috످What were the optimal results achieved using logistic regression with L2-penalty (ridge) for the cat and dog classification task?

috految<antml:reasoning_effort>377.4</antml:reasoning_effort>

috److془The user asks about a specific result from unspecified source. I don't know. Say so, and where to look up.془I don't know the optimal results for that task, as they depend on the specific study and dataset. You can check the results section of the original paper, assignment, or notebook. If you paste the relevant text or code output here, I can help you identify the best result.

috످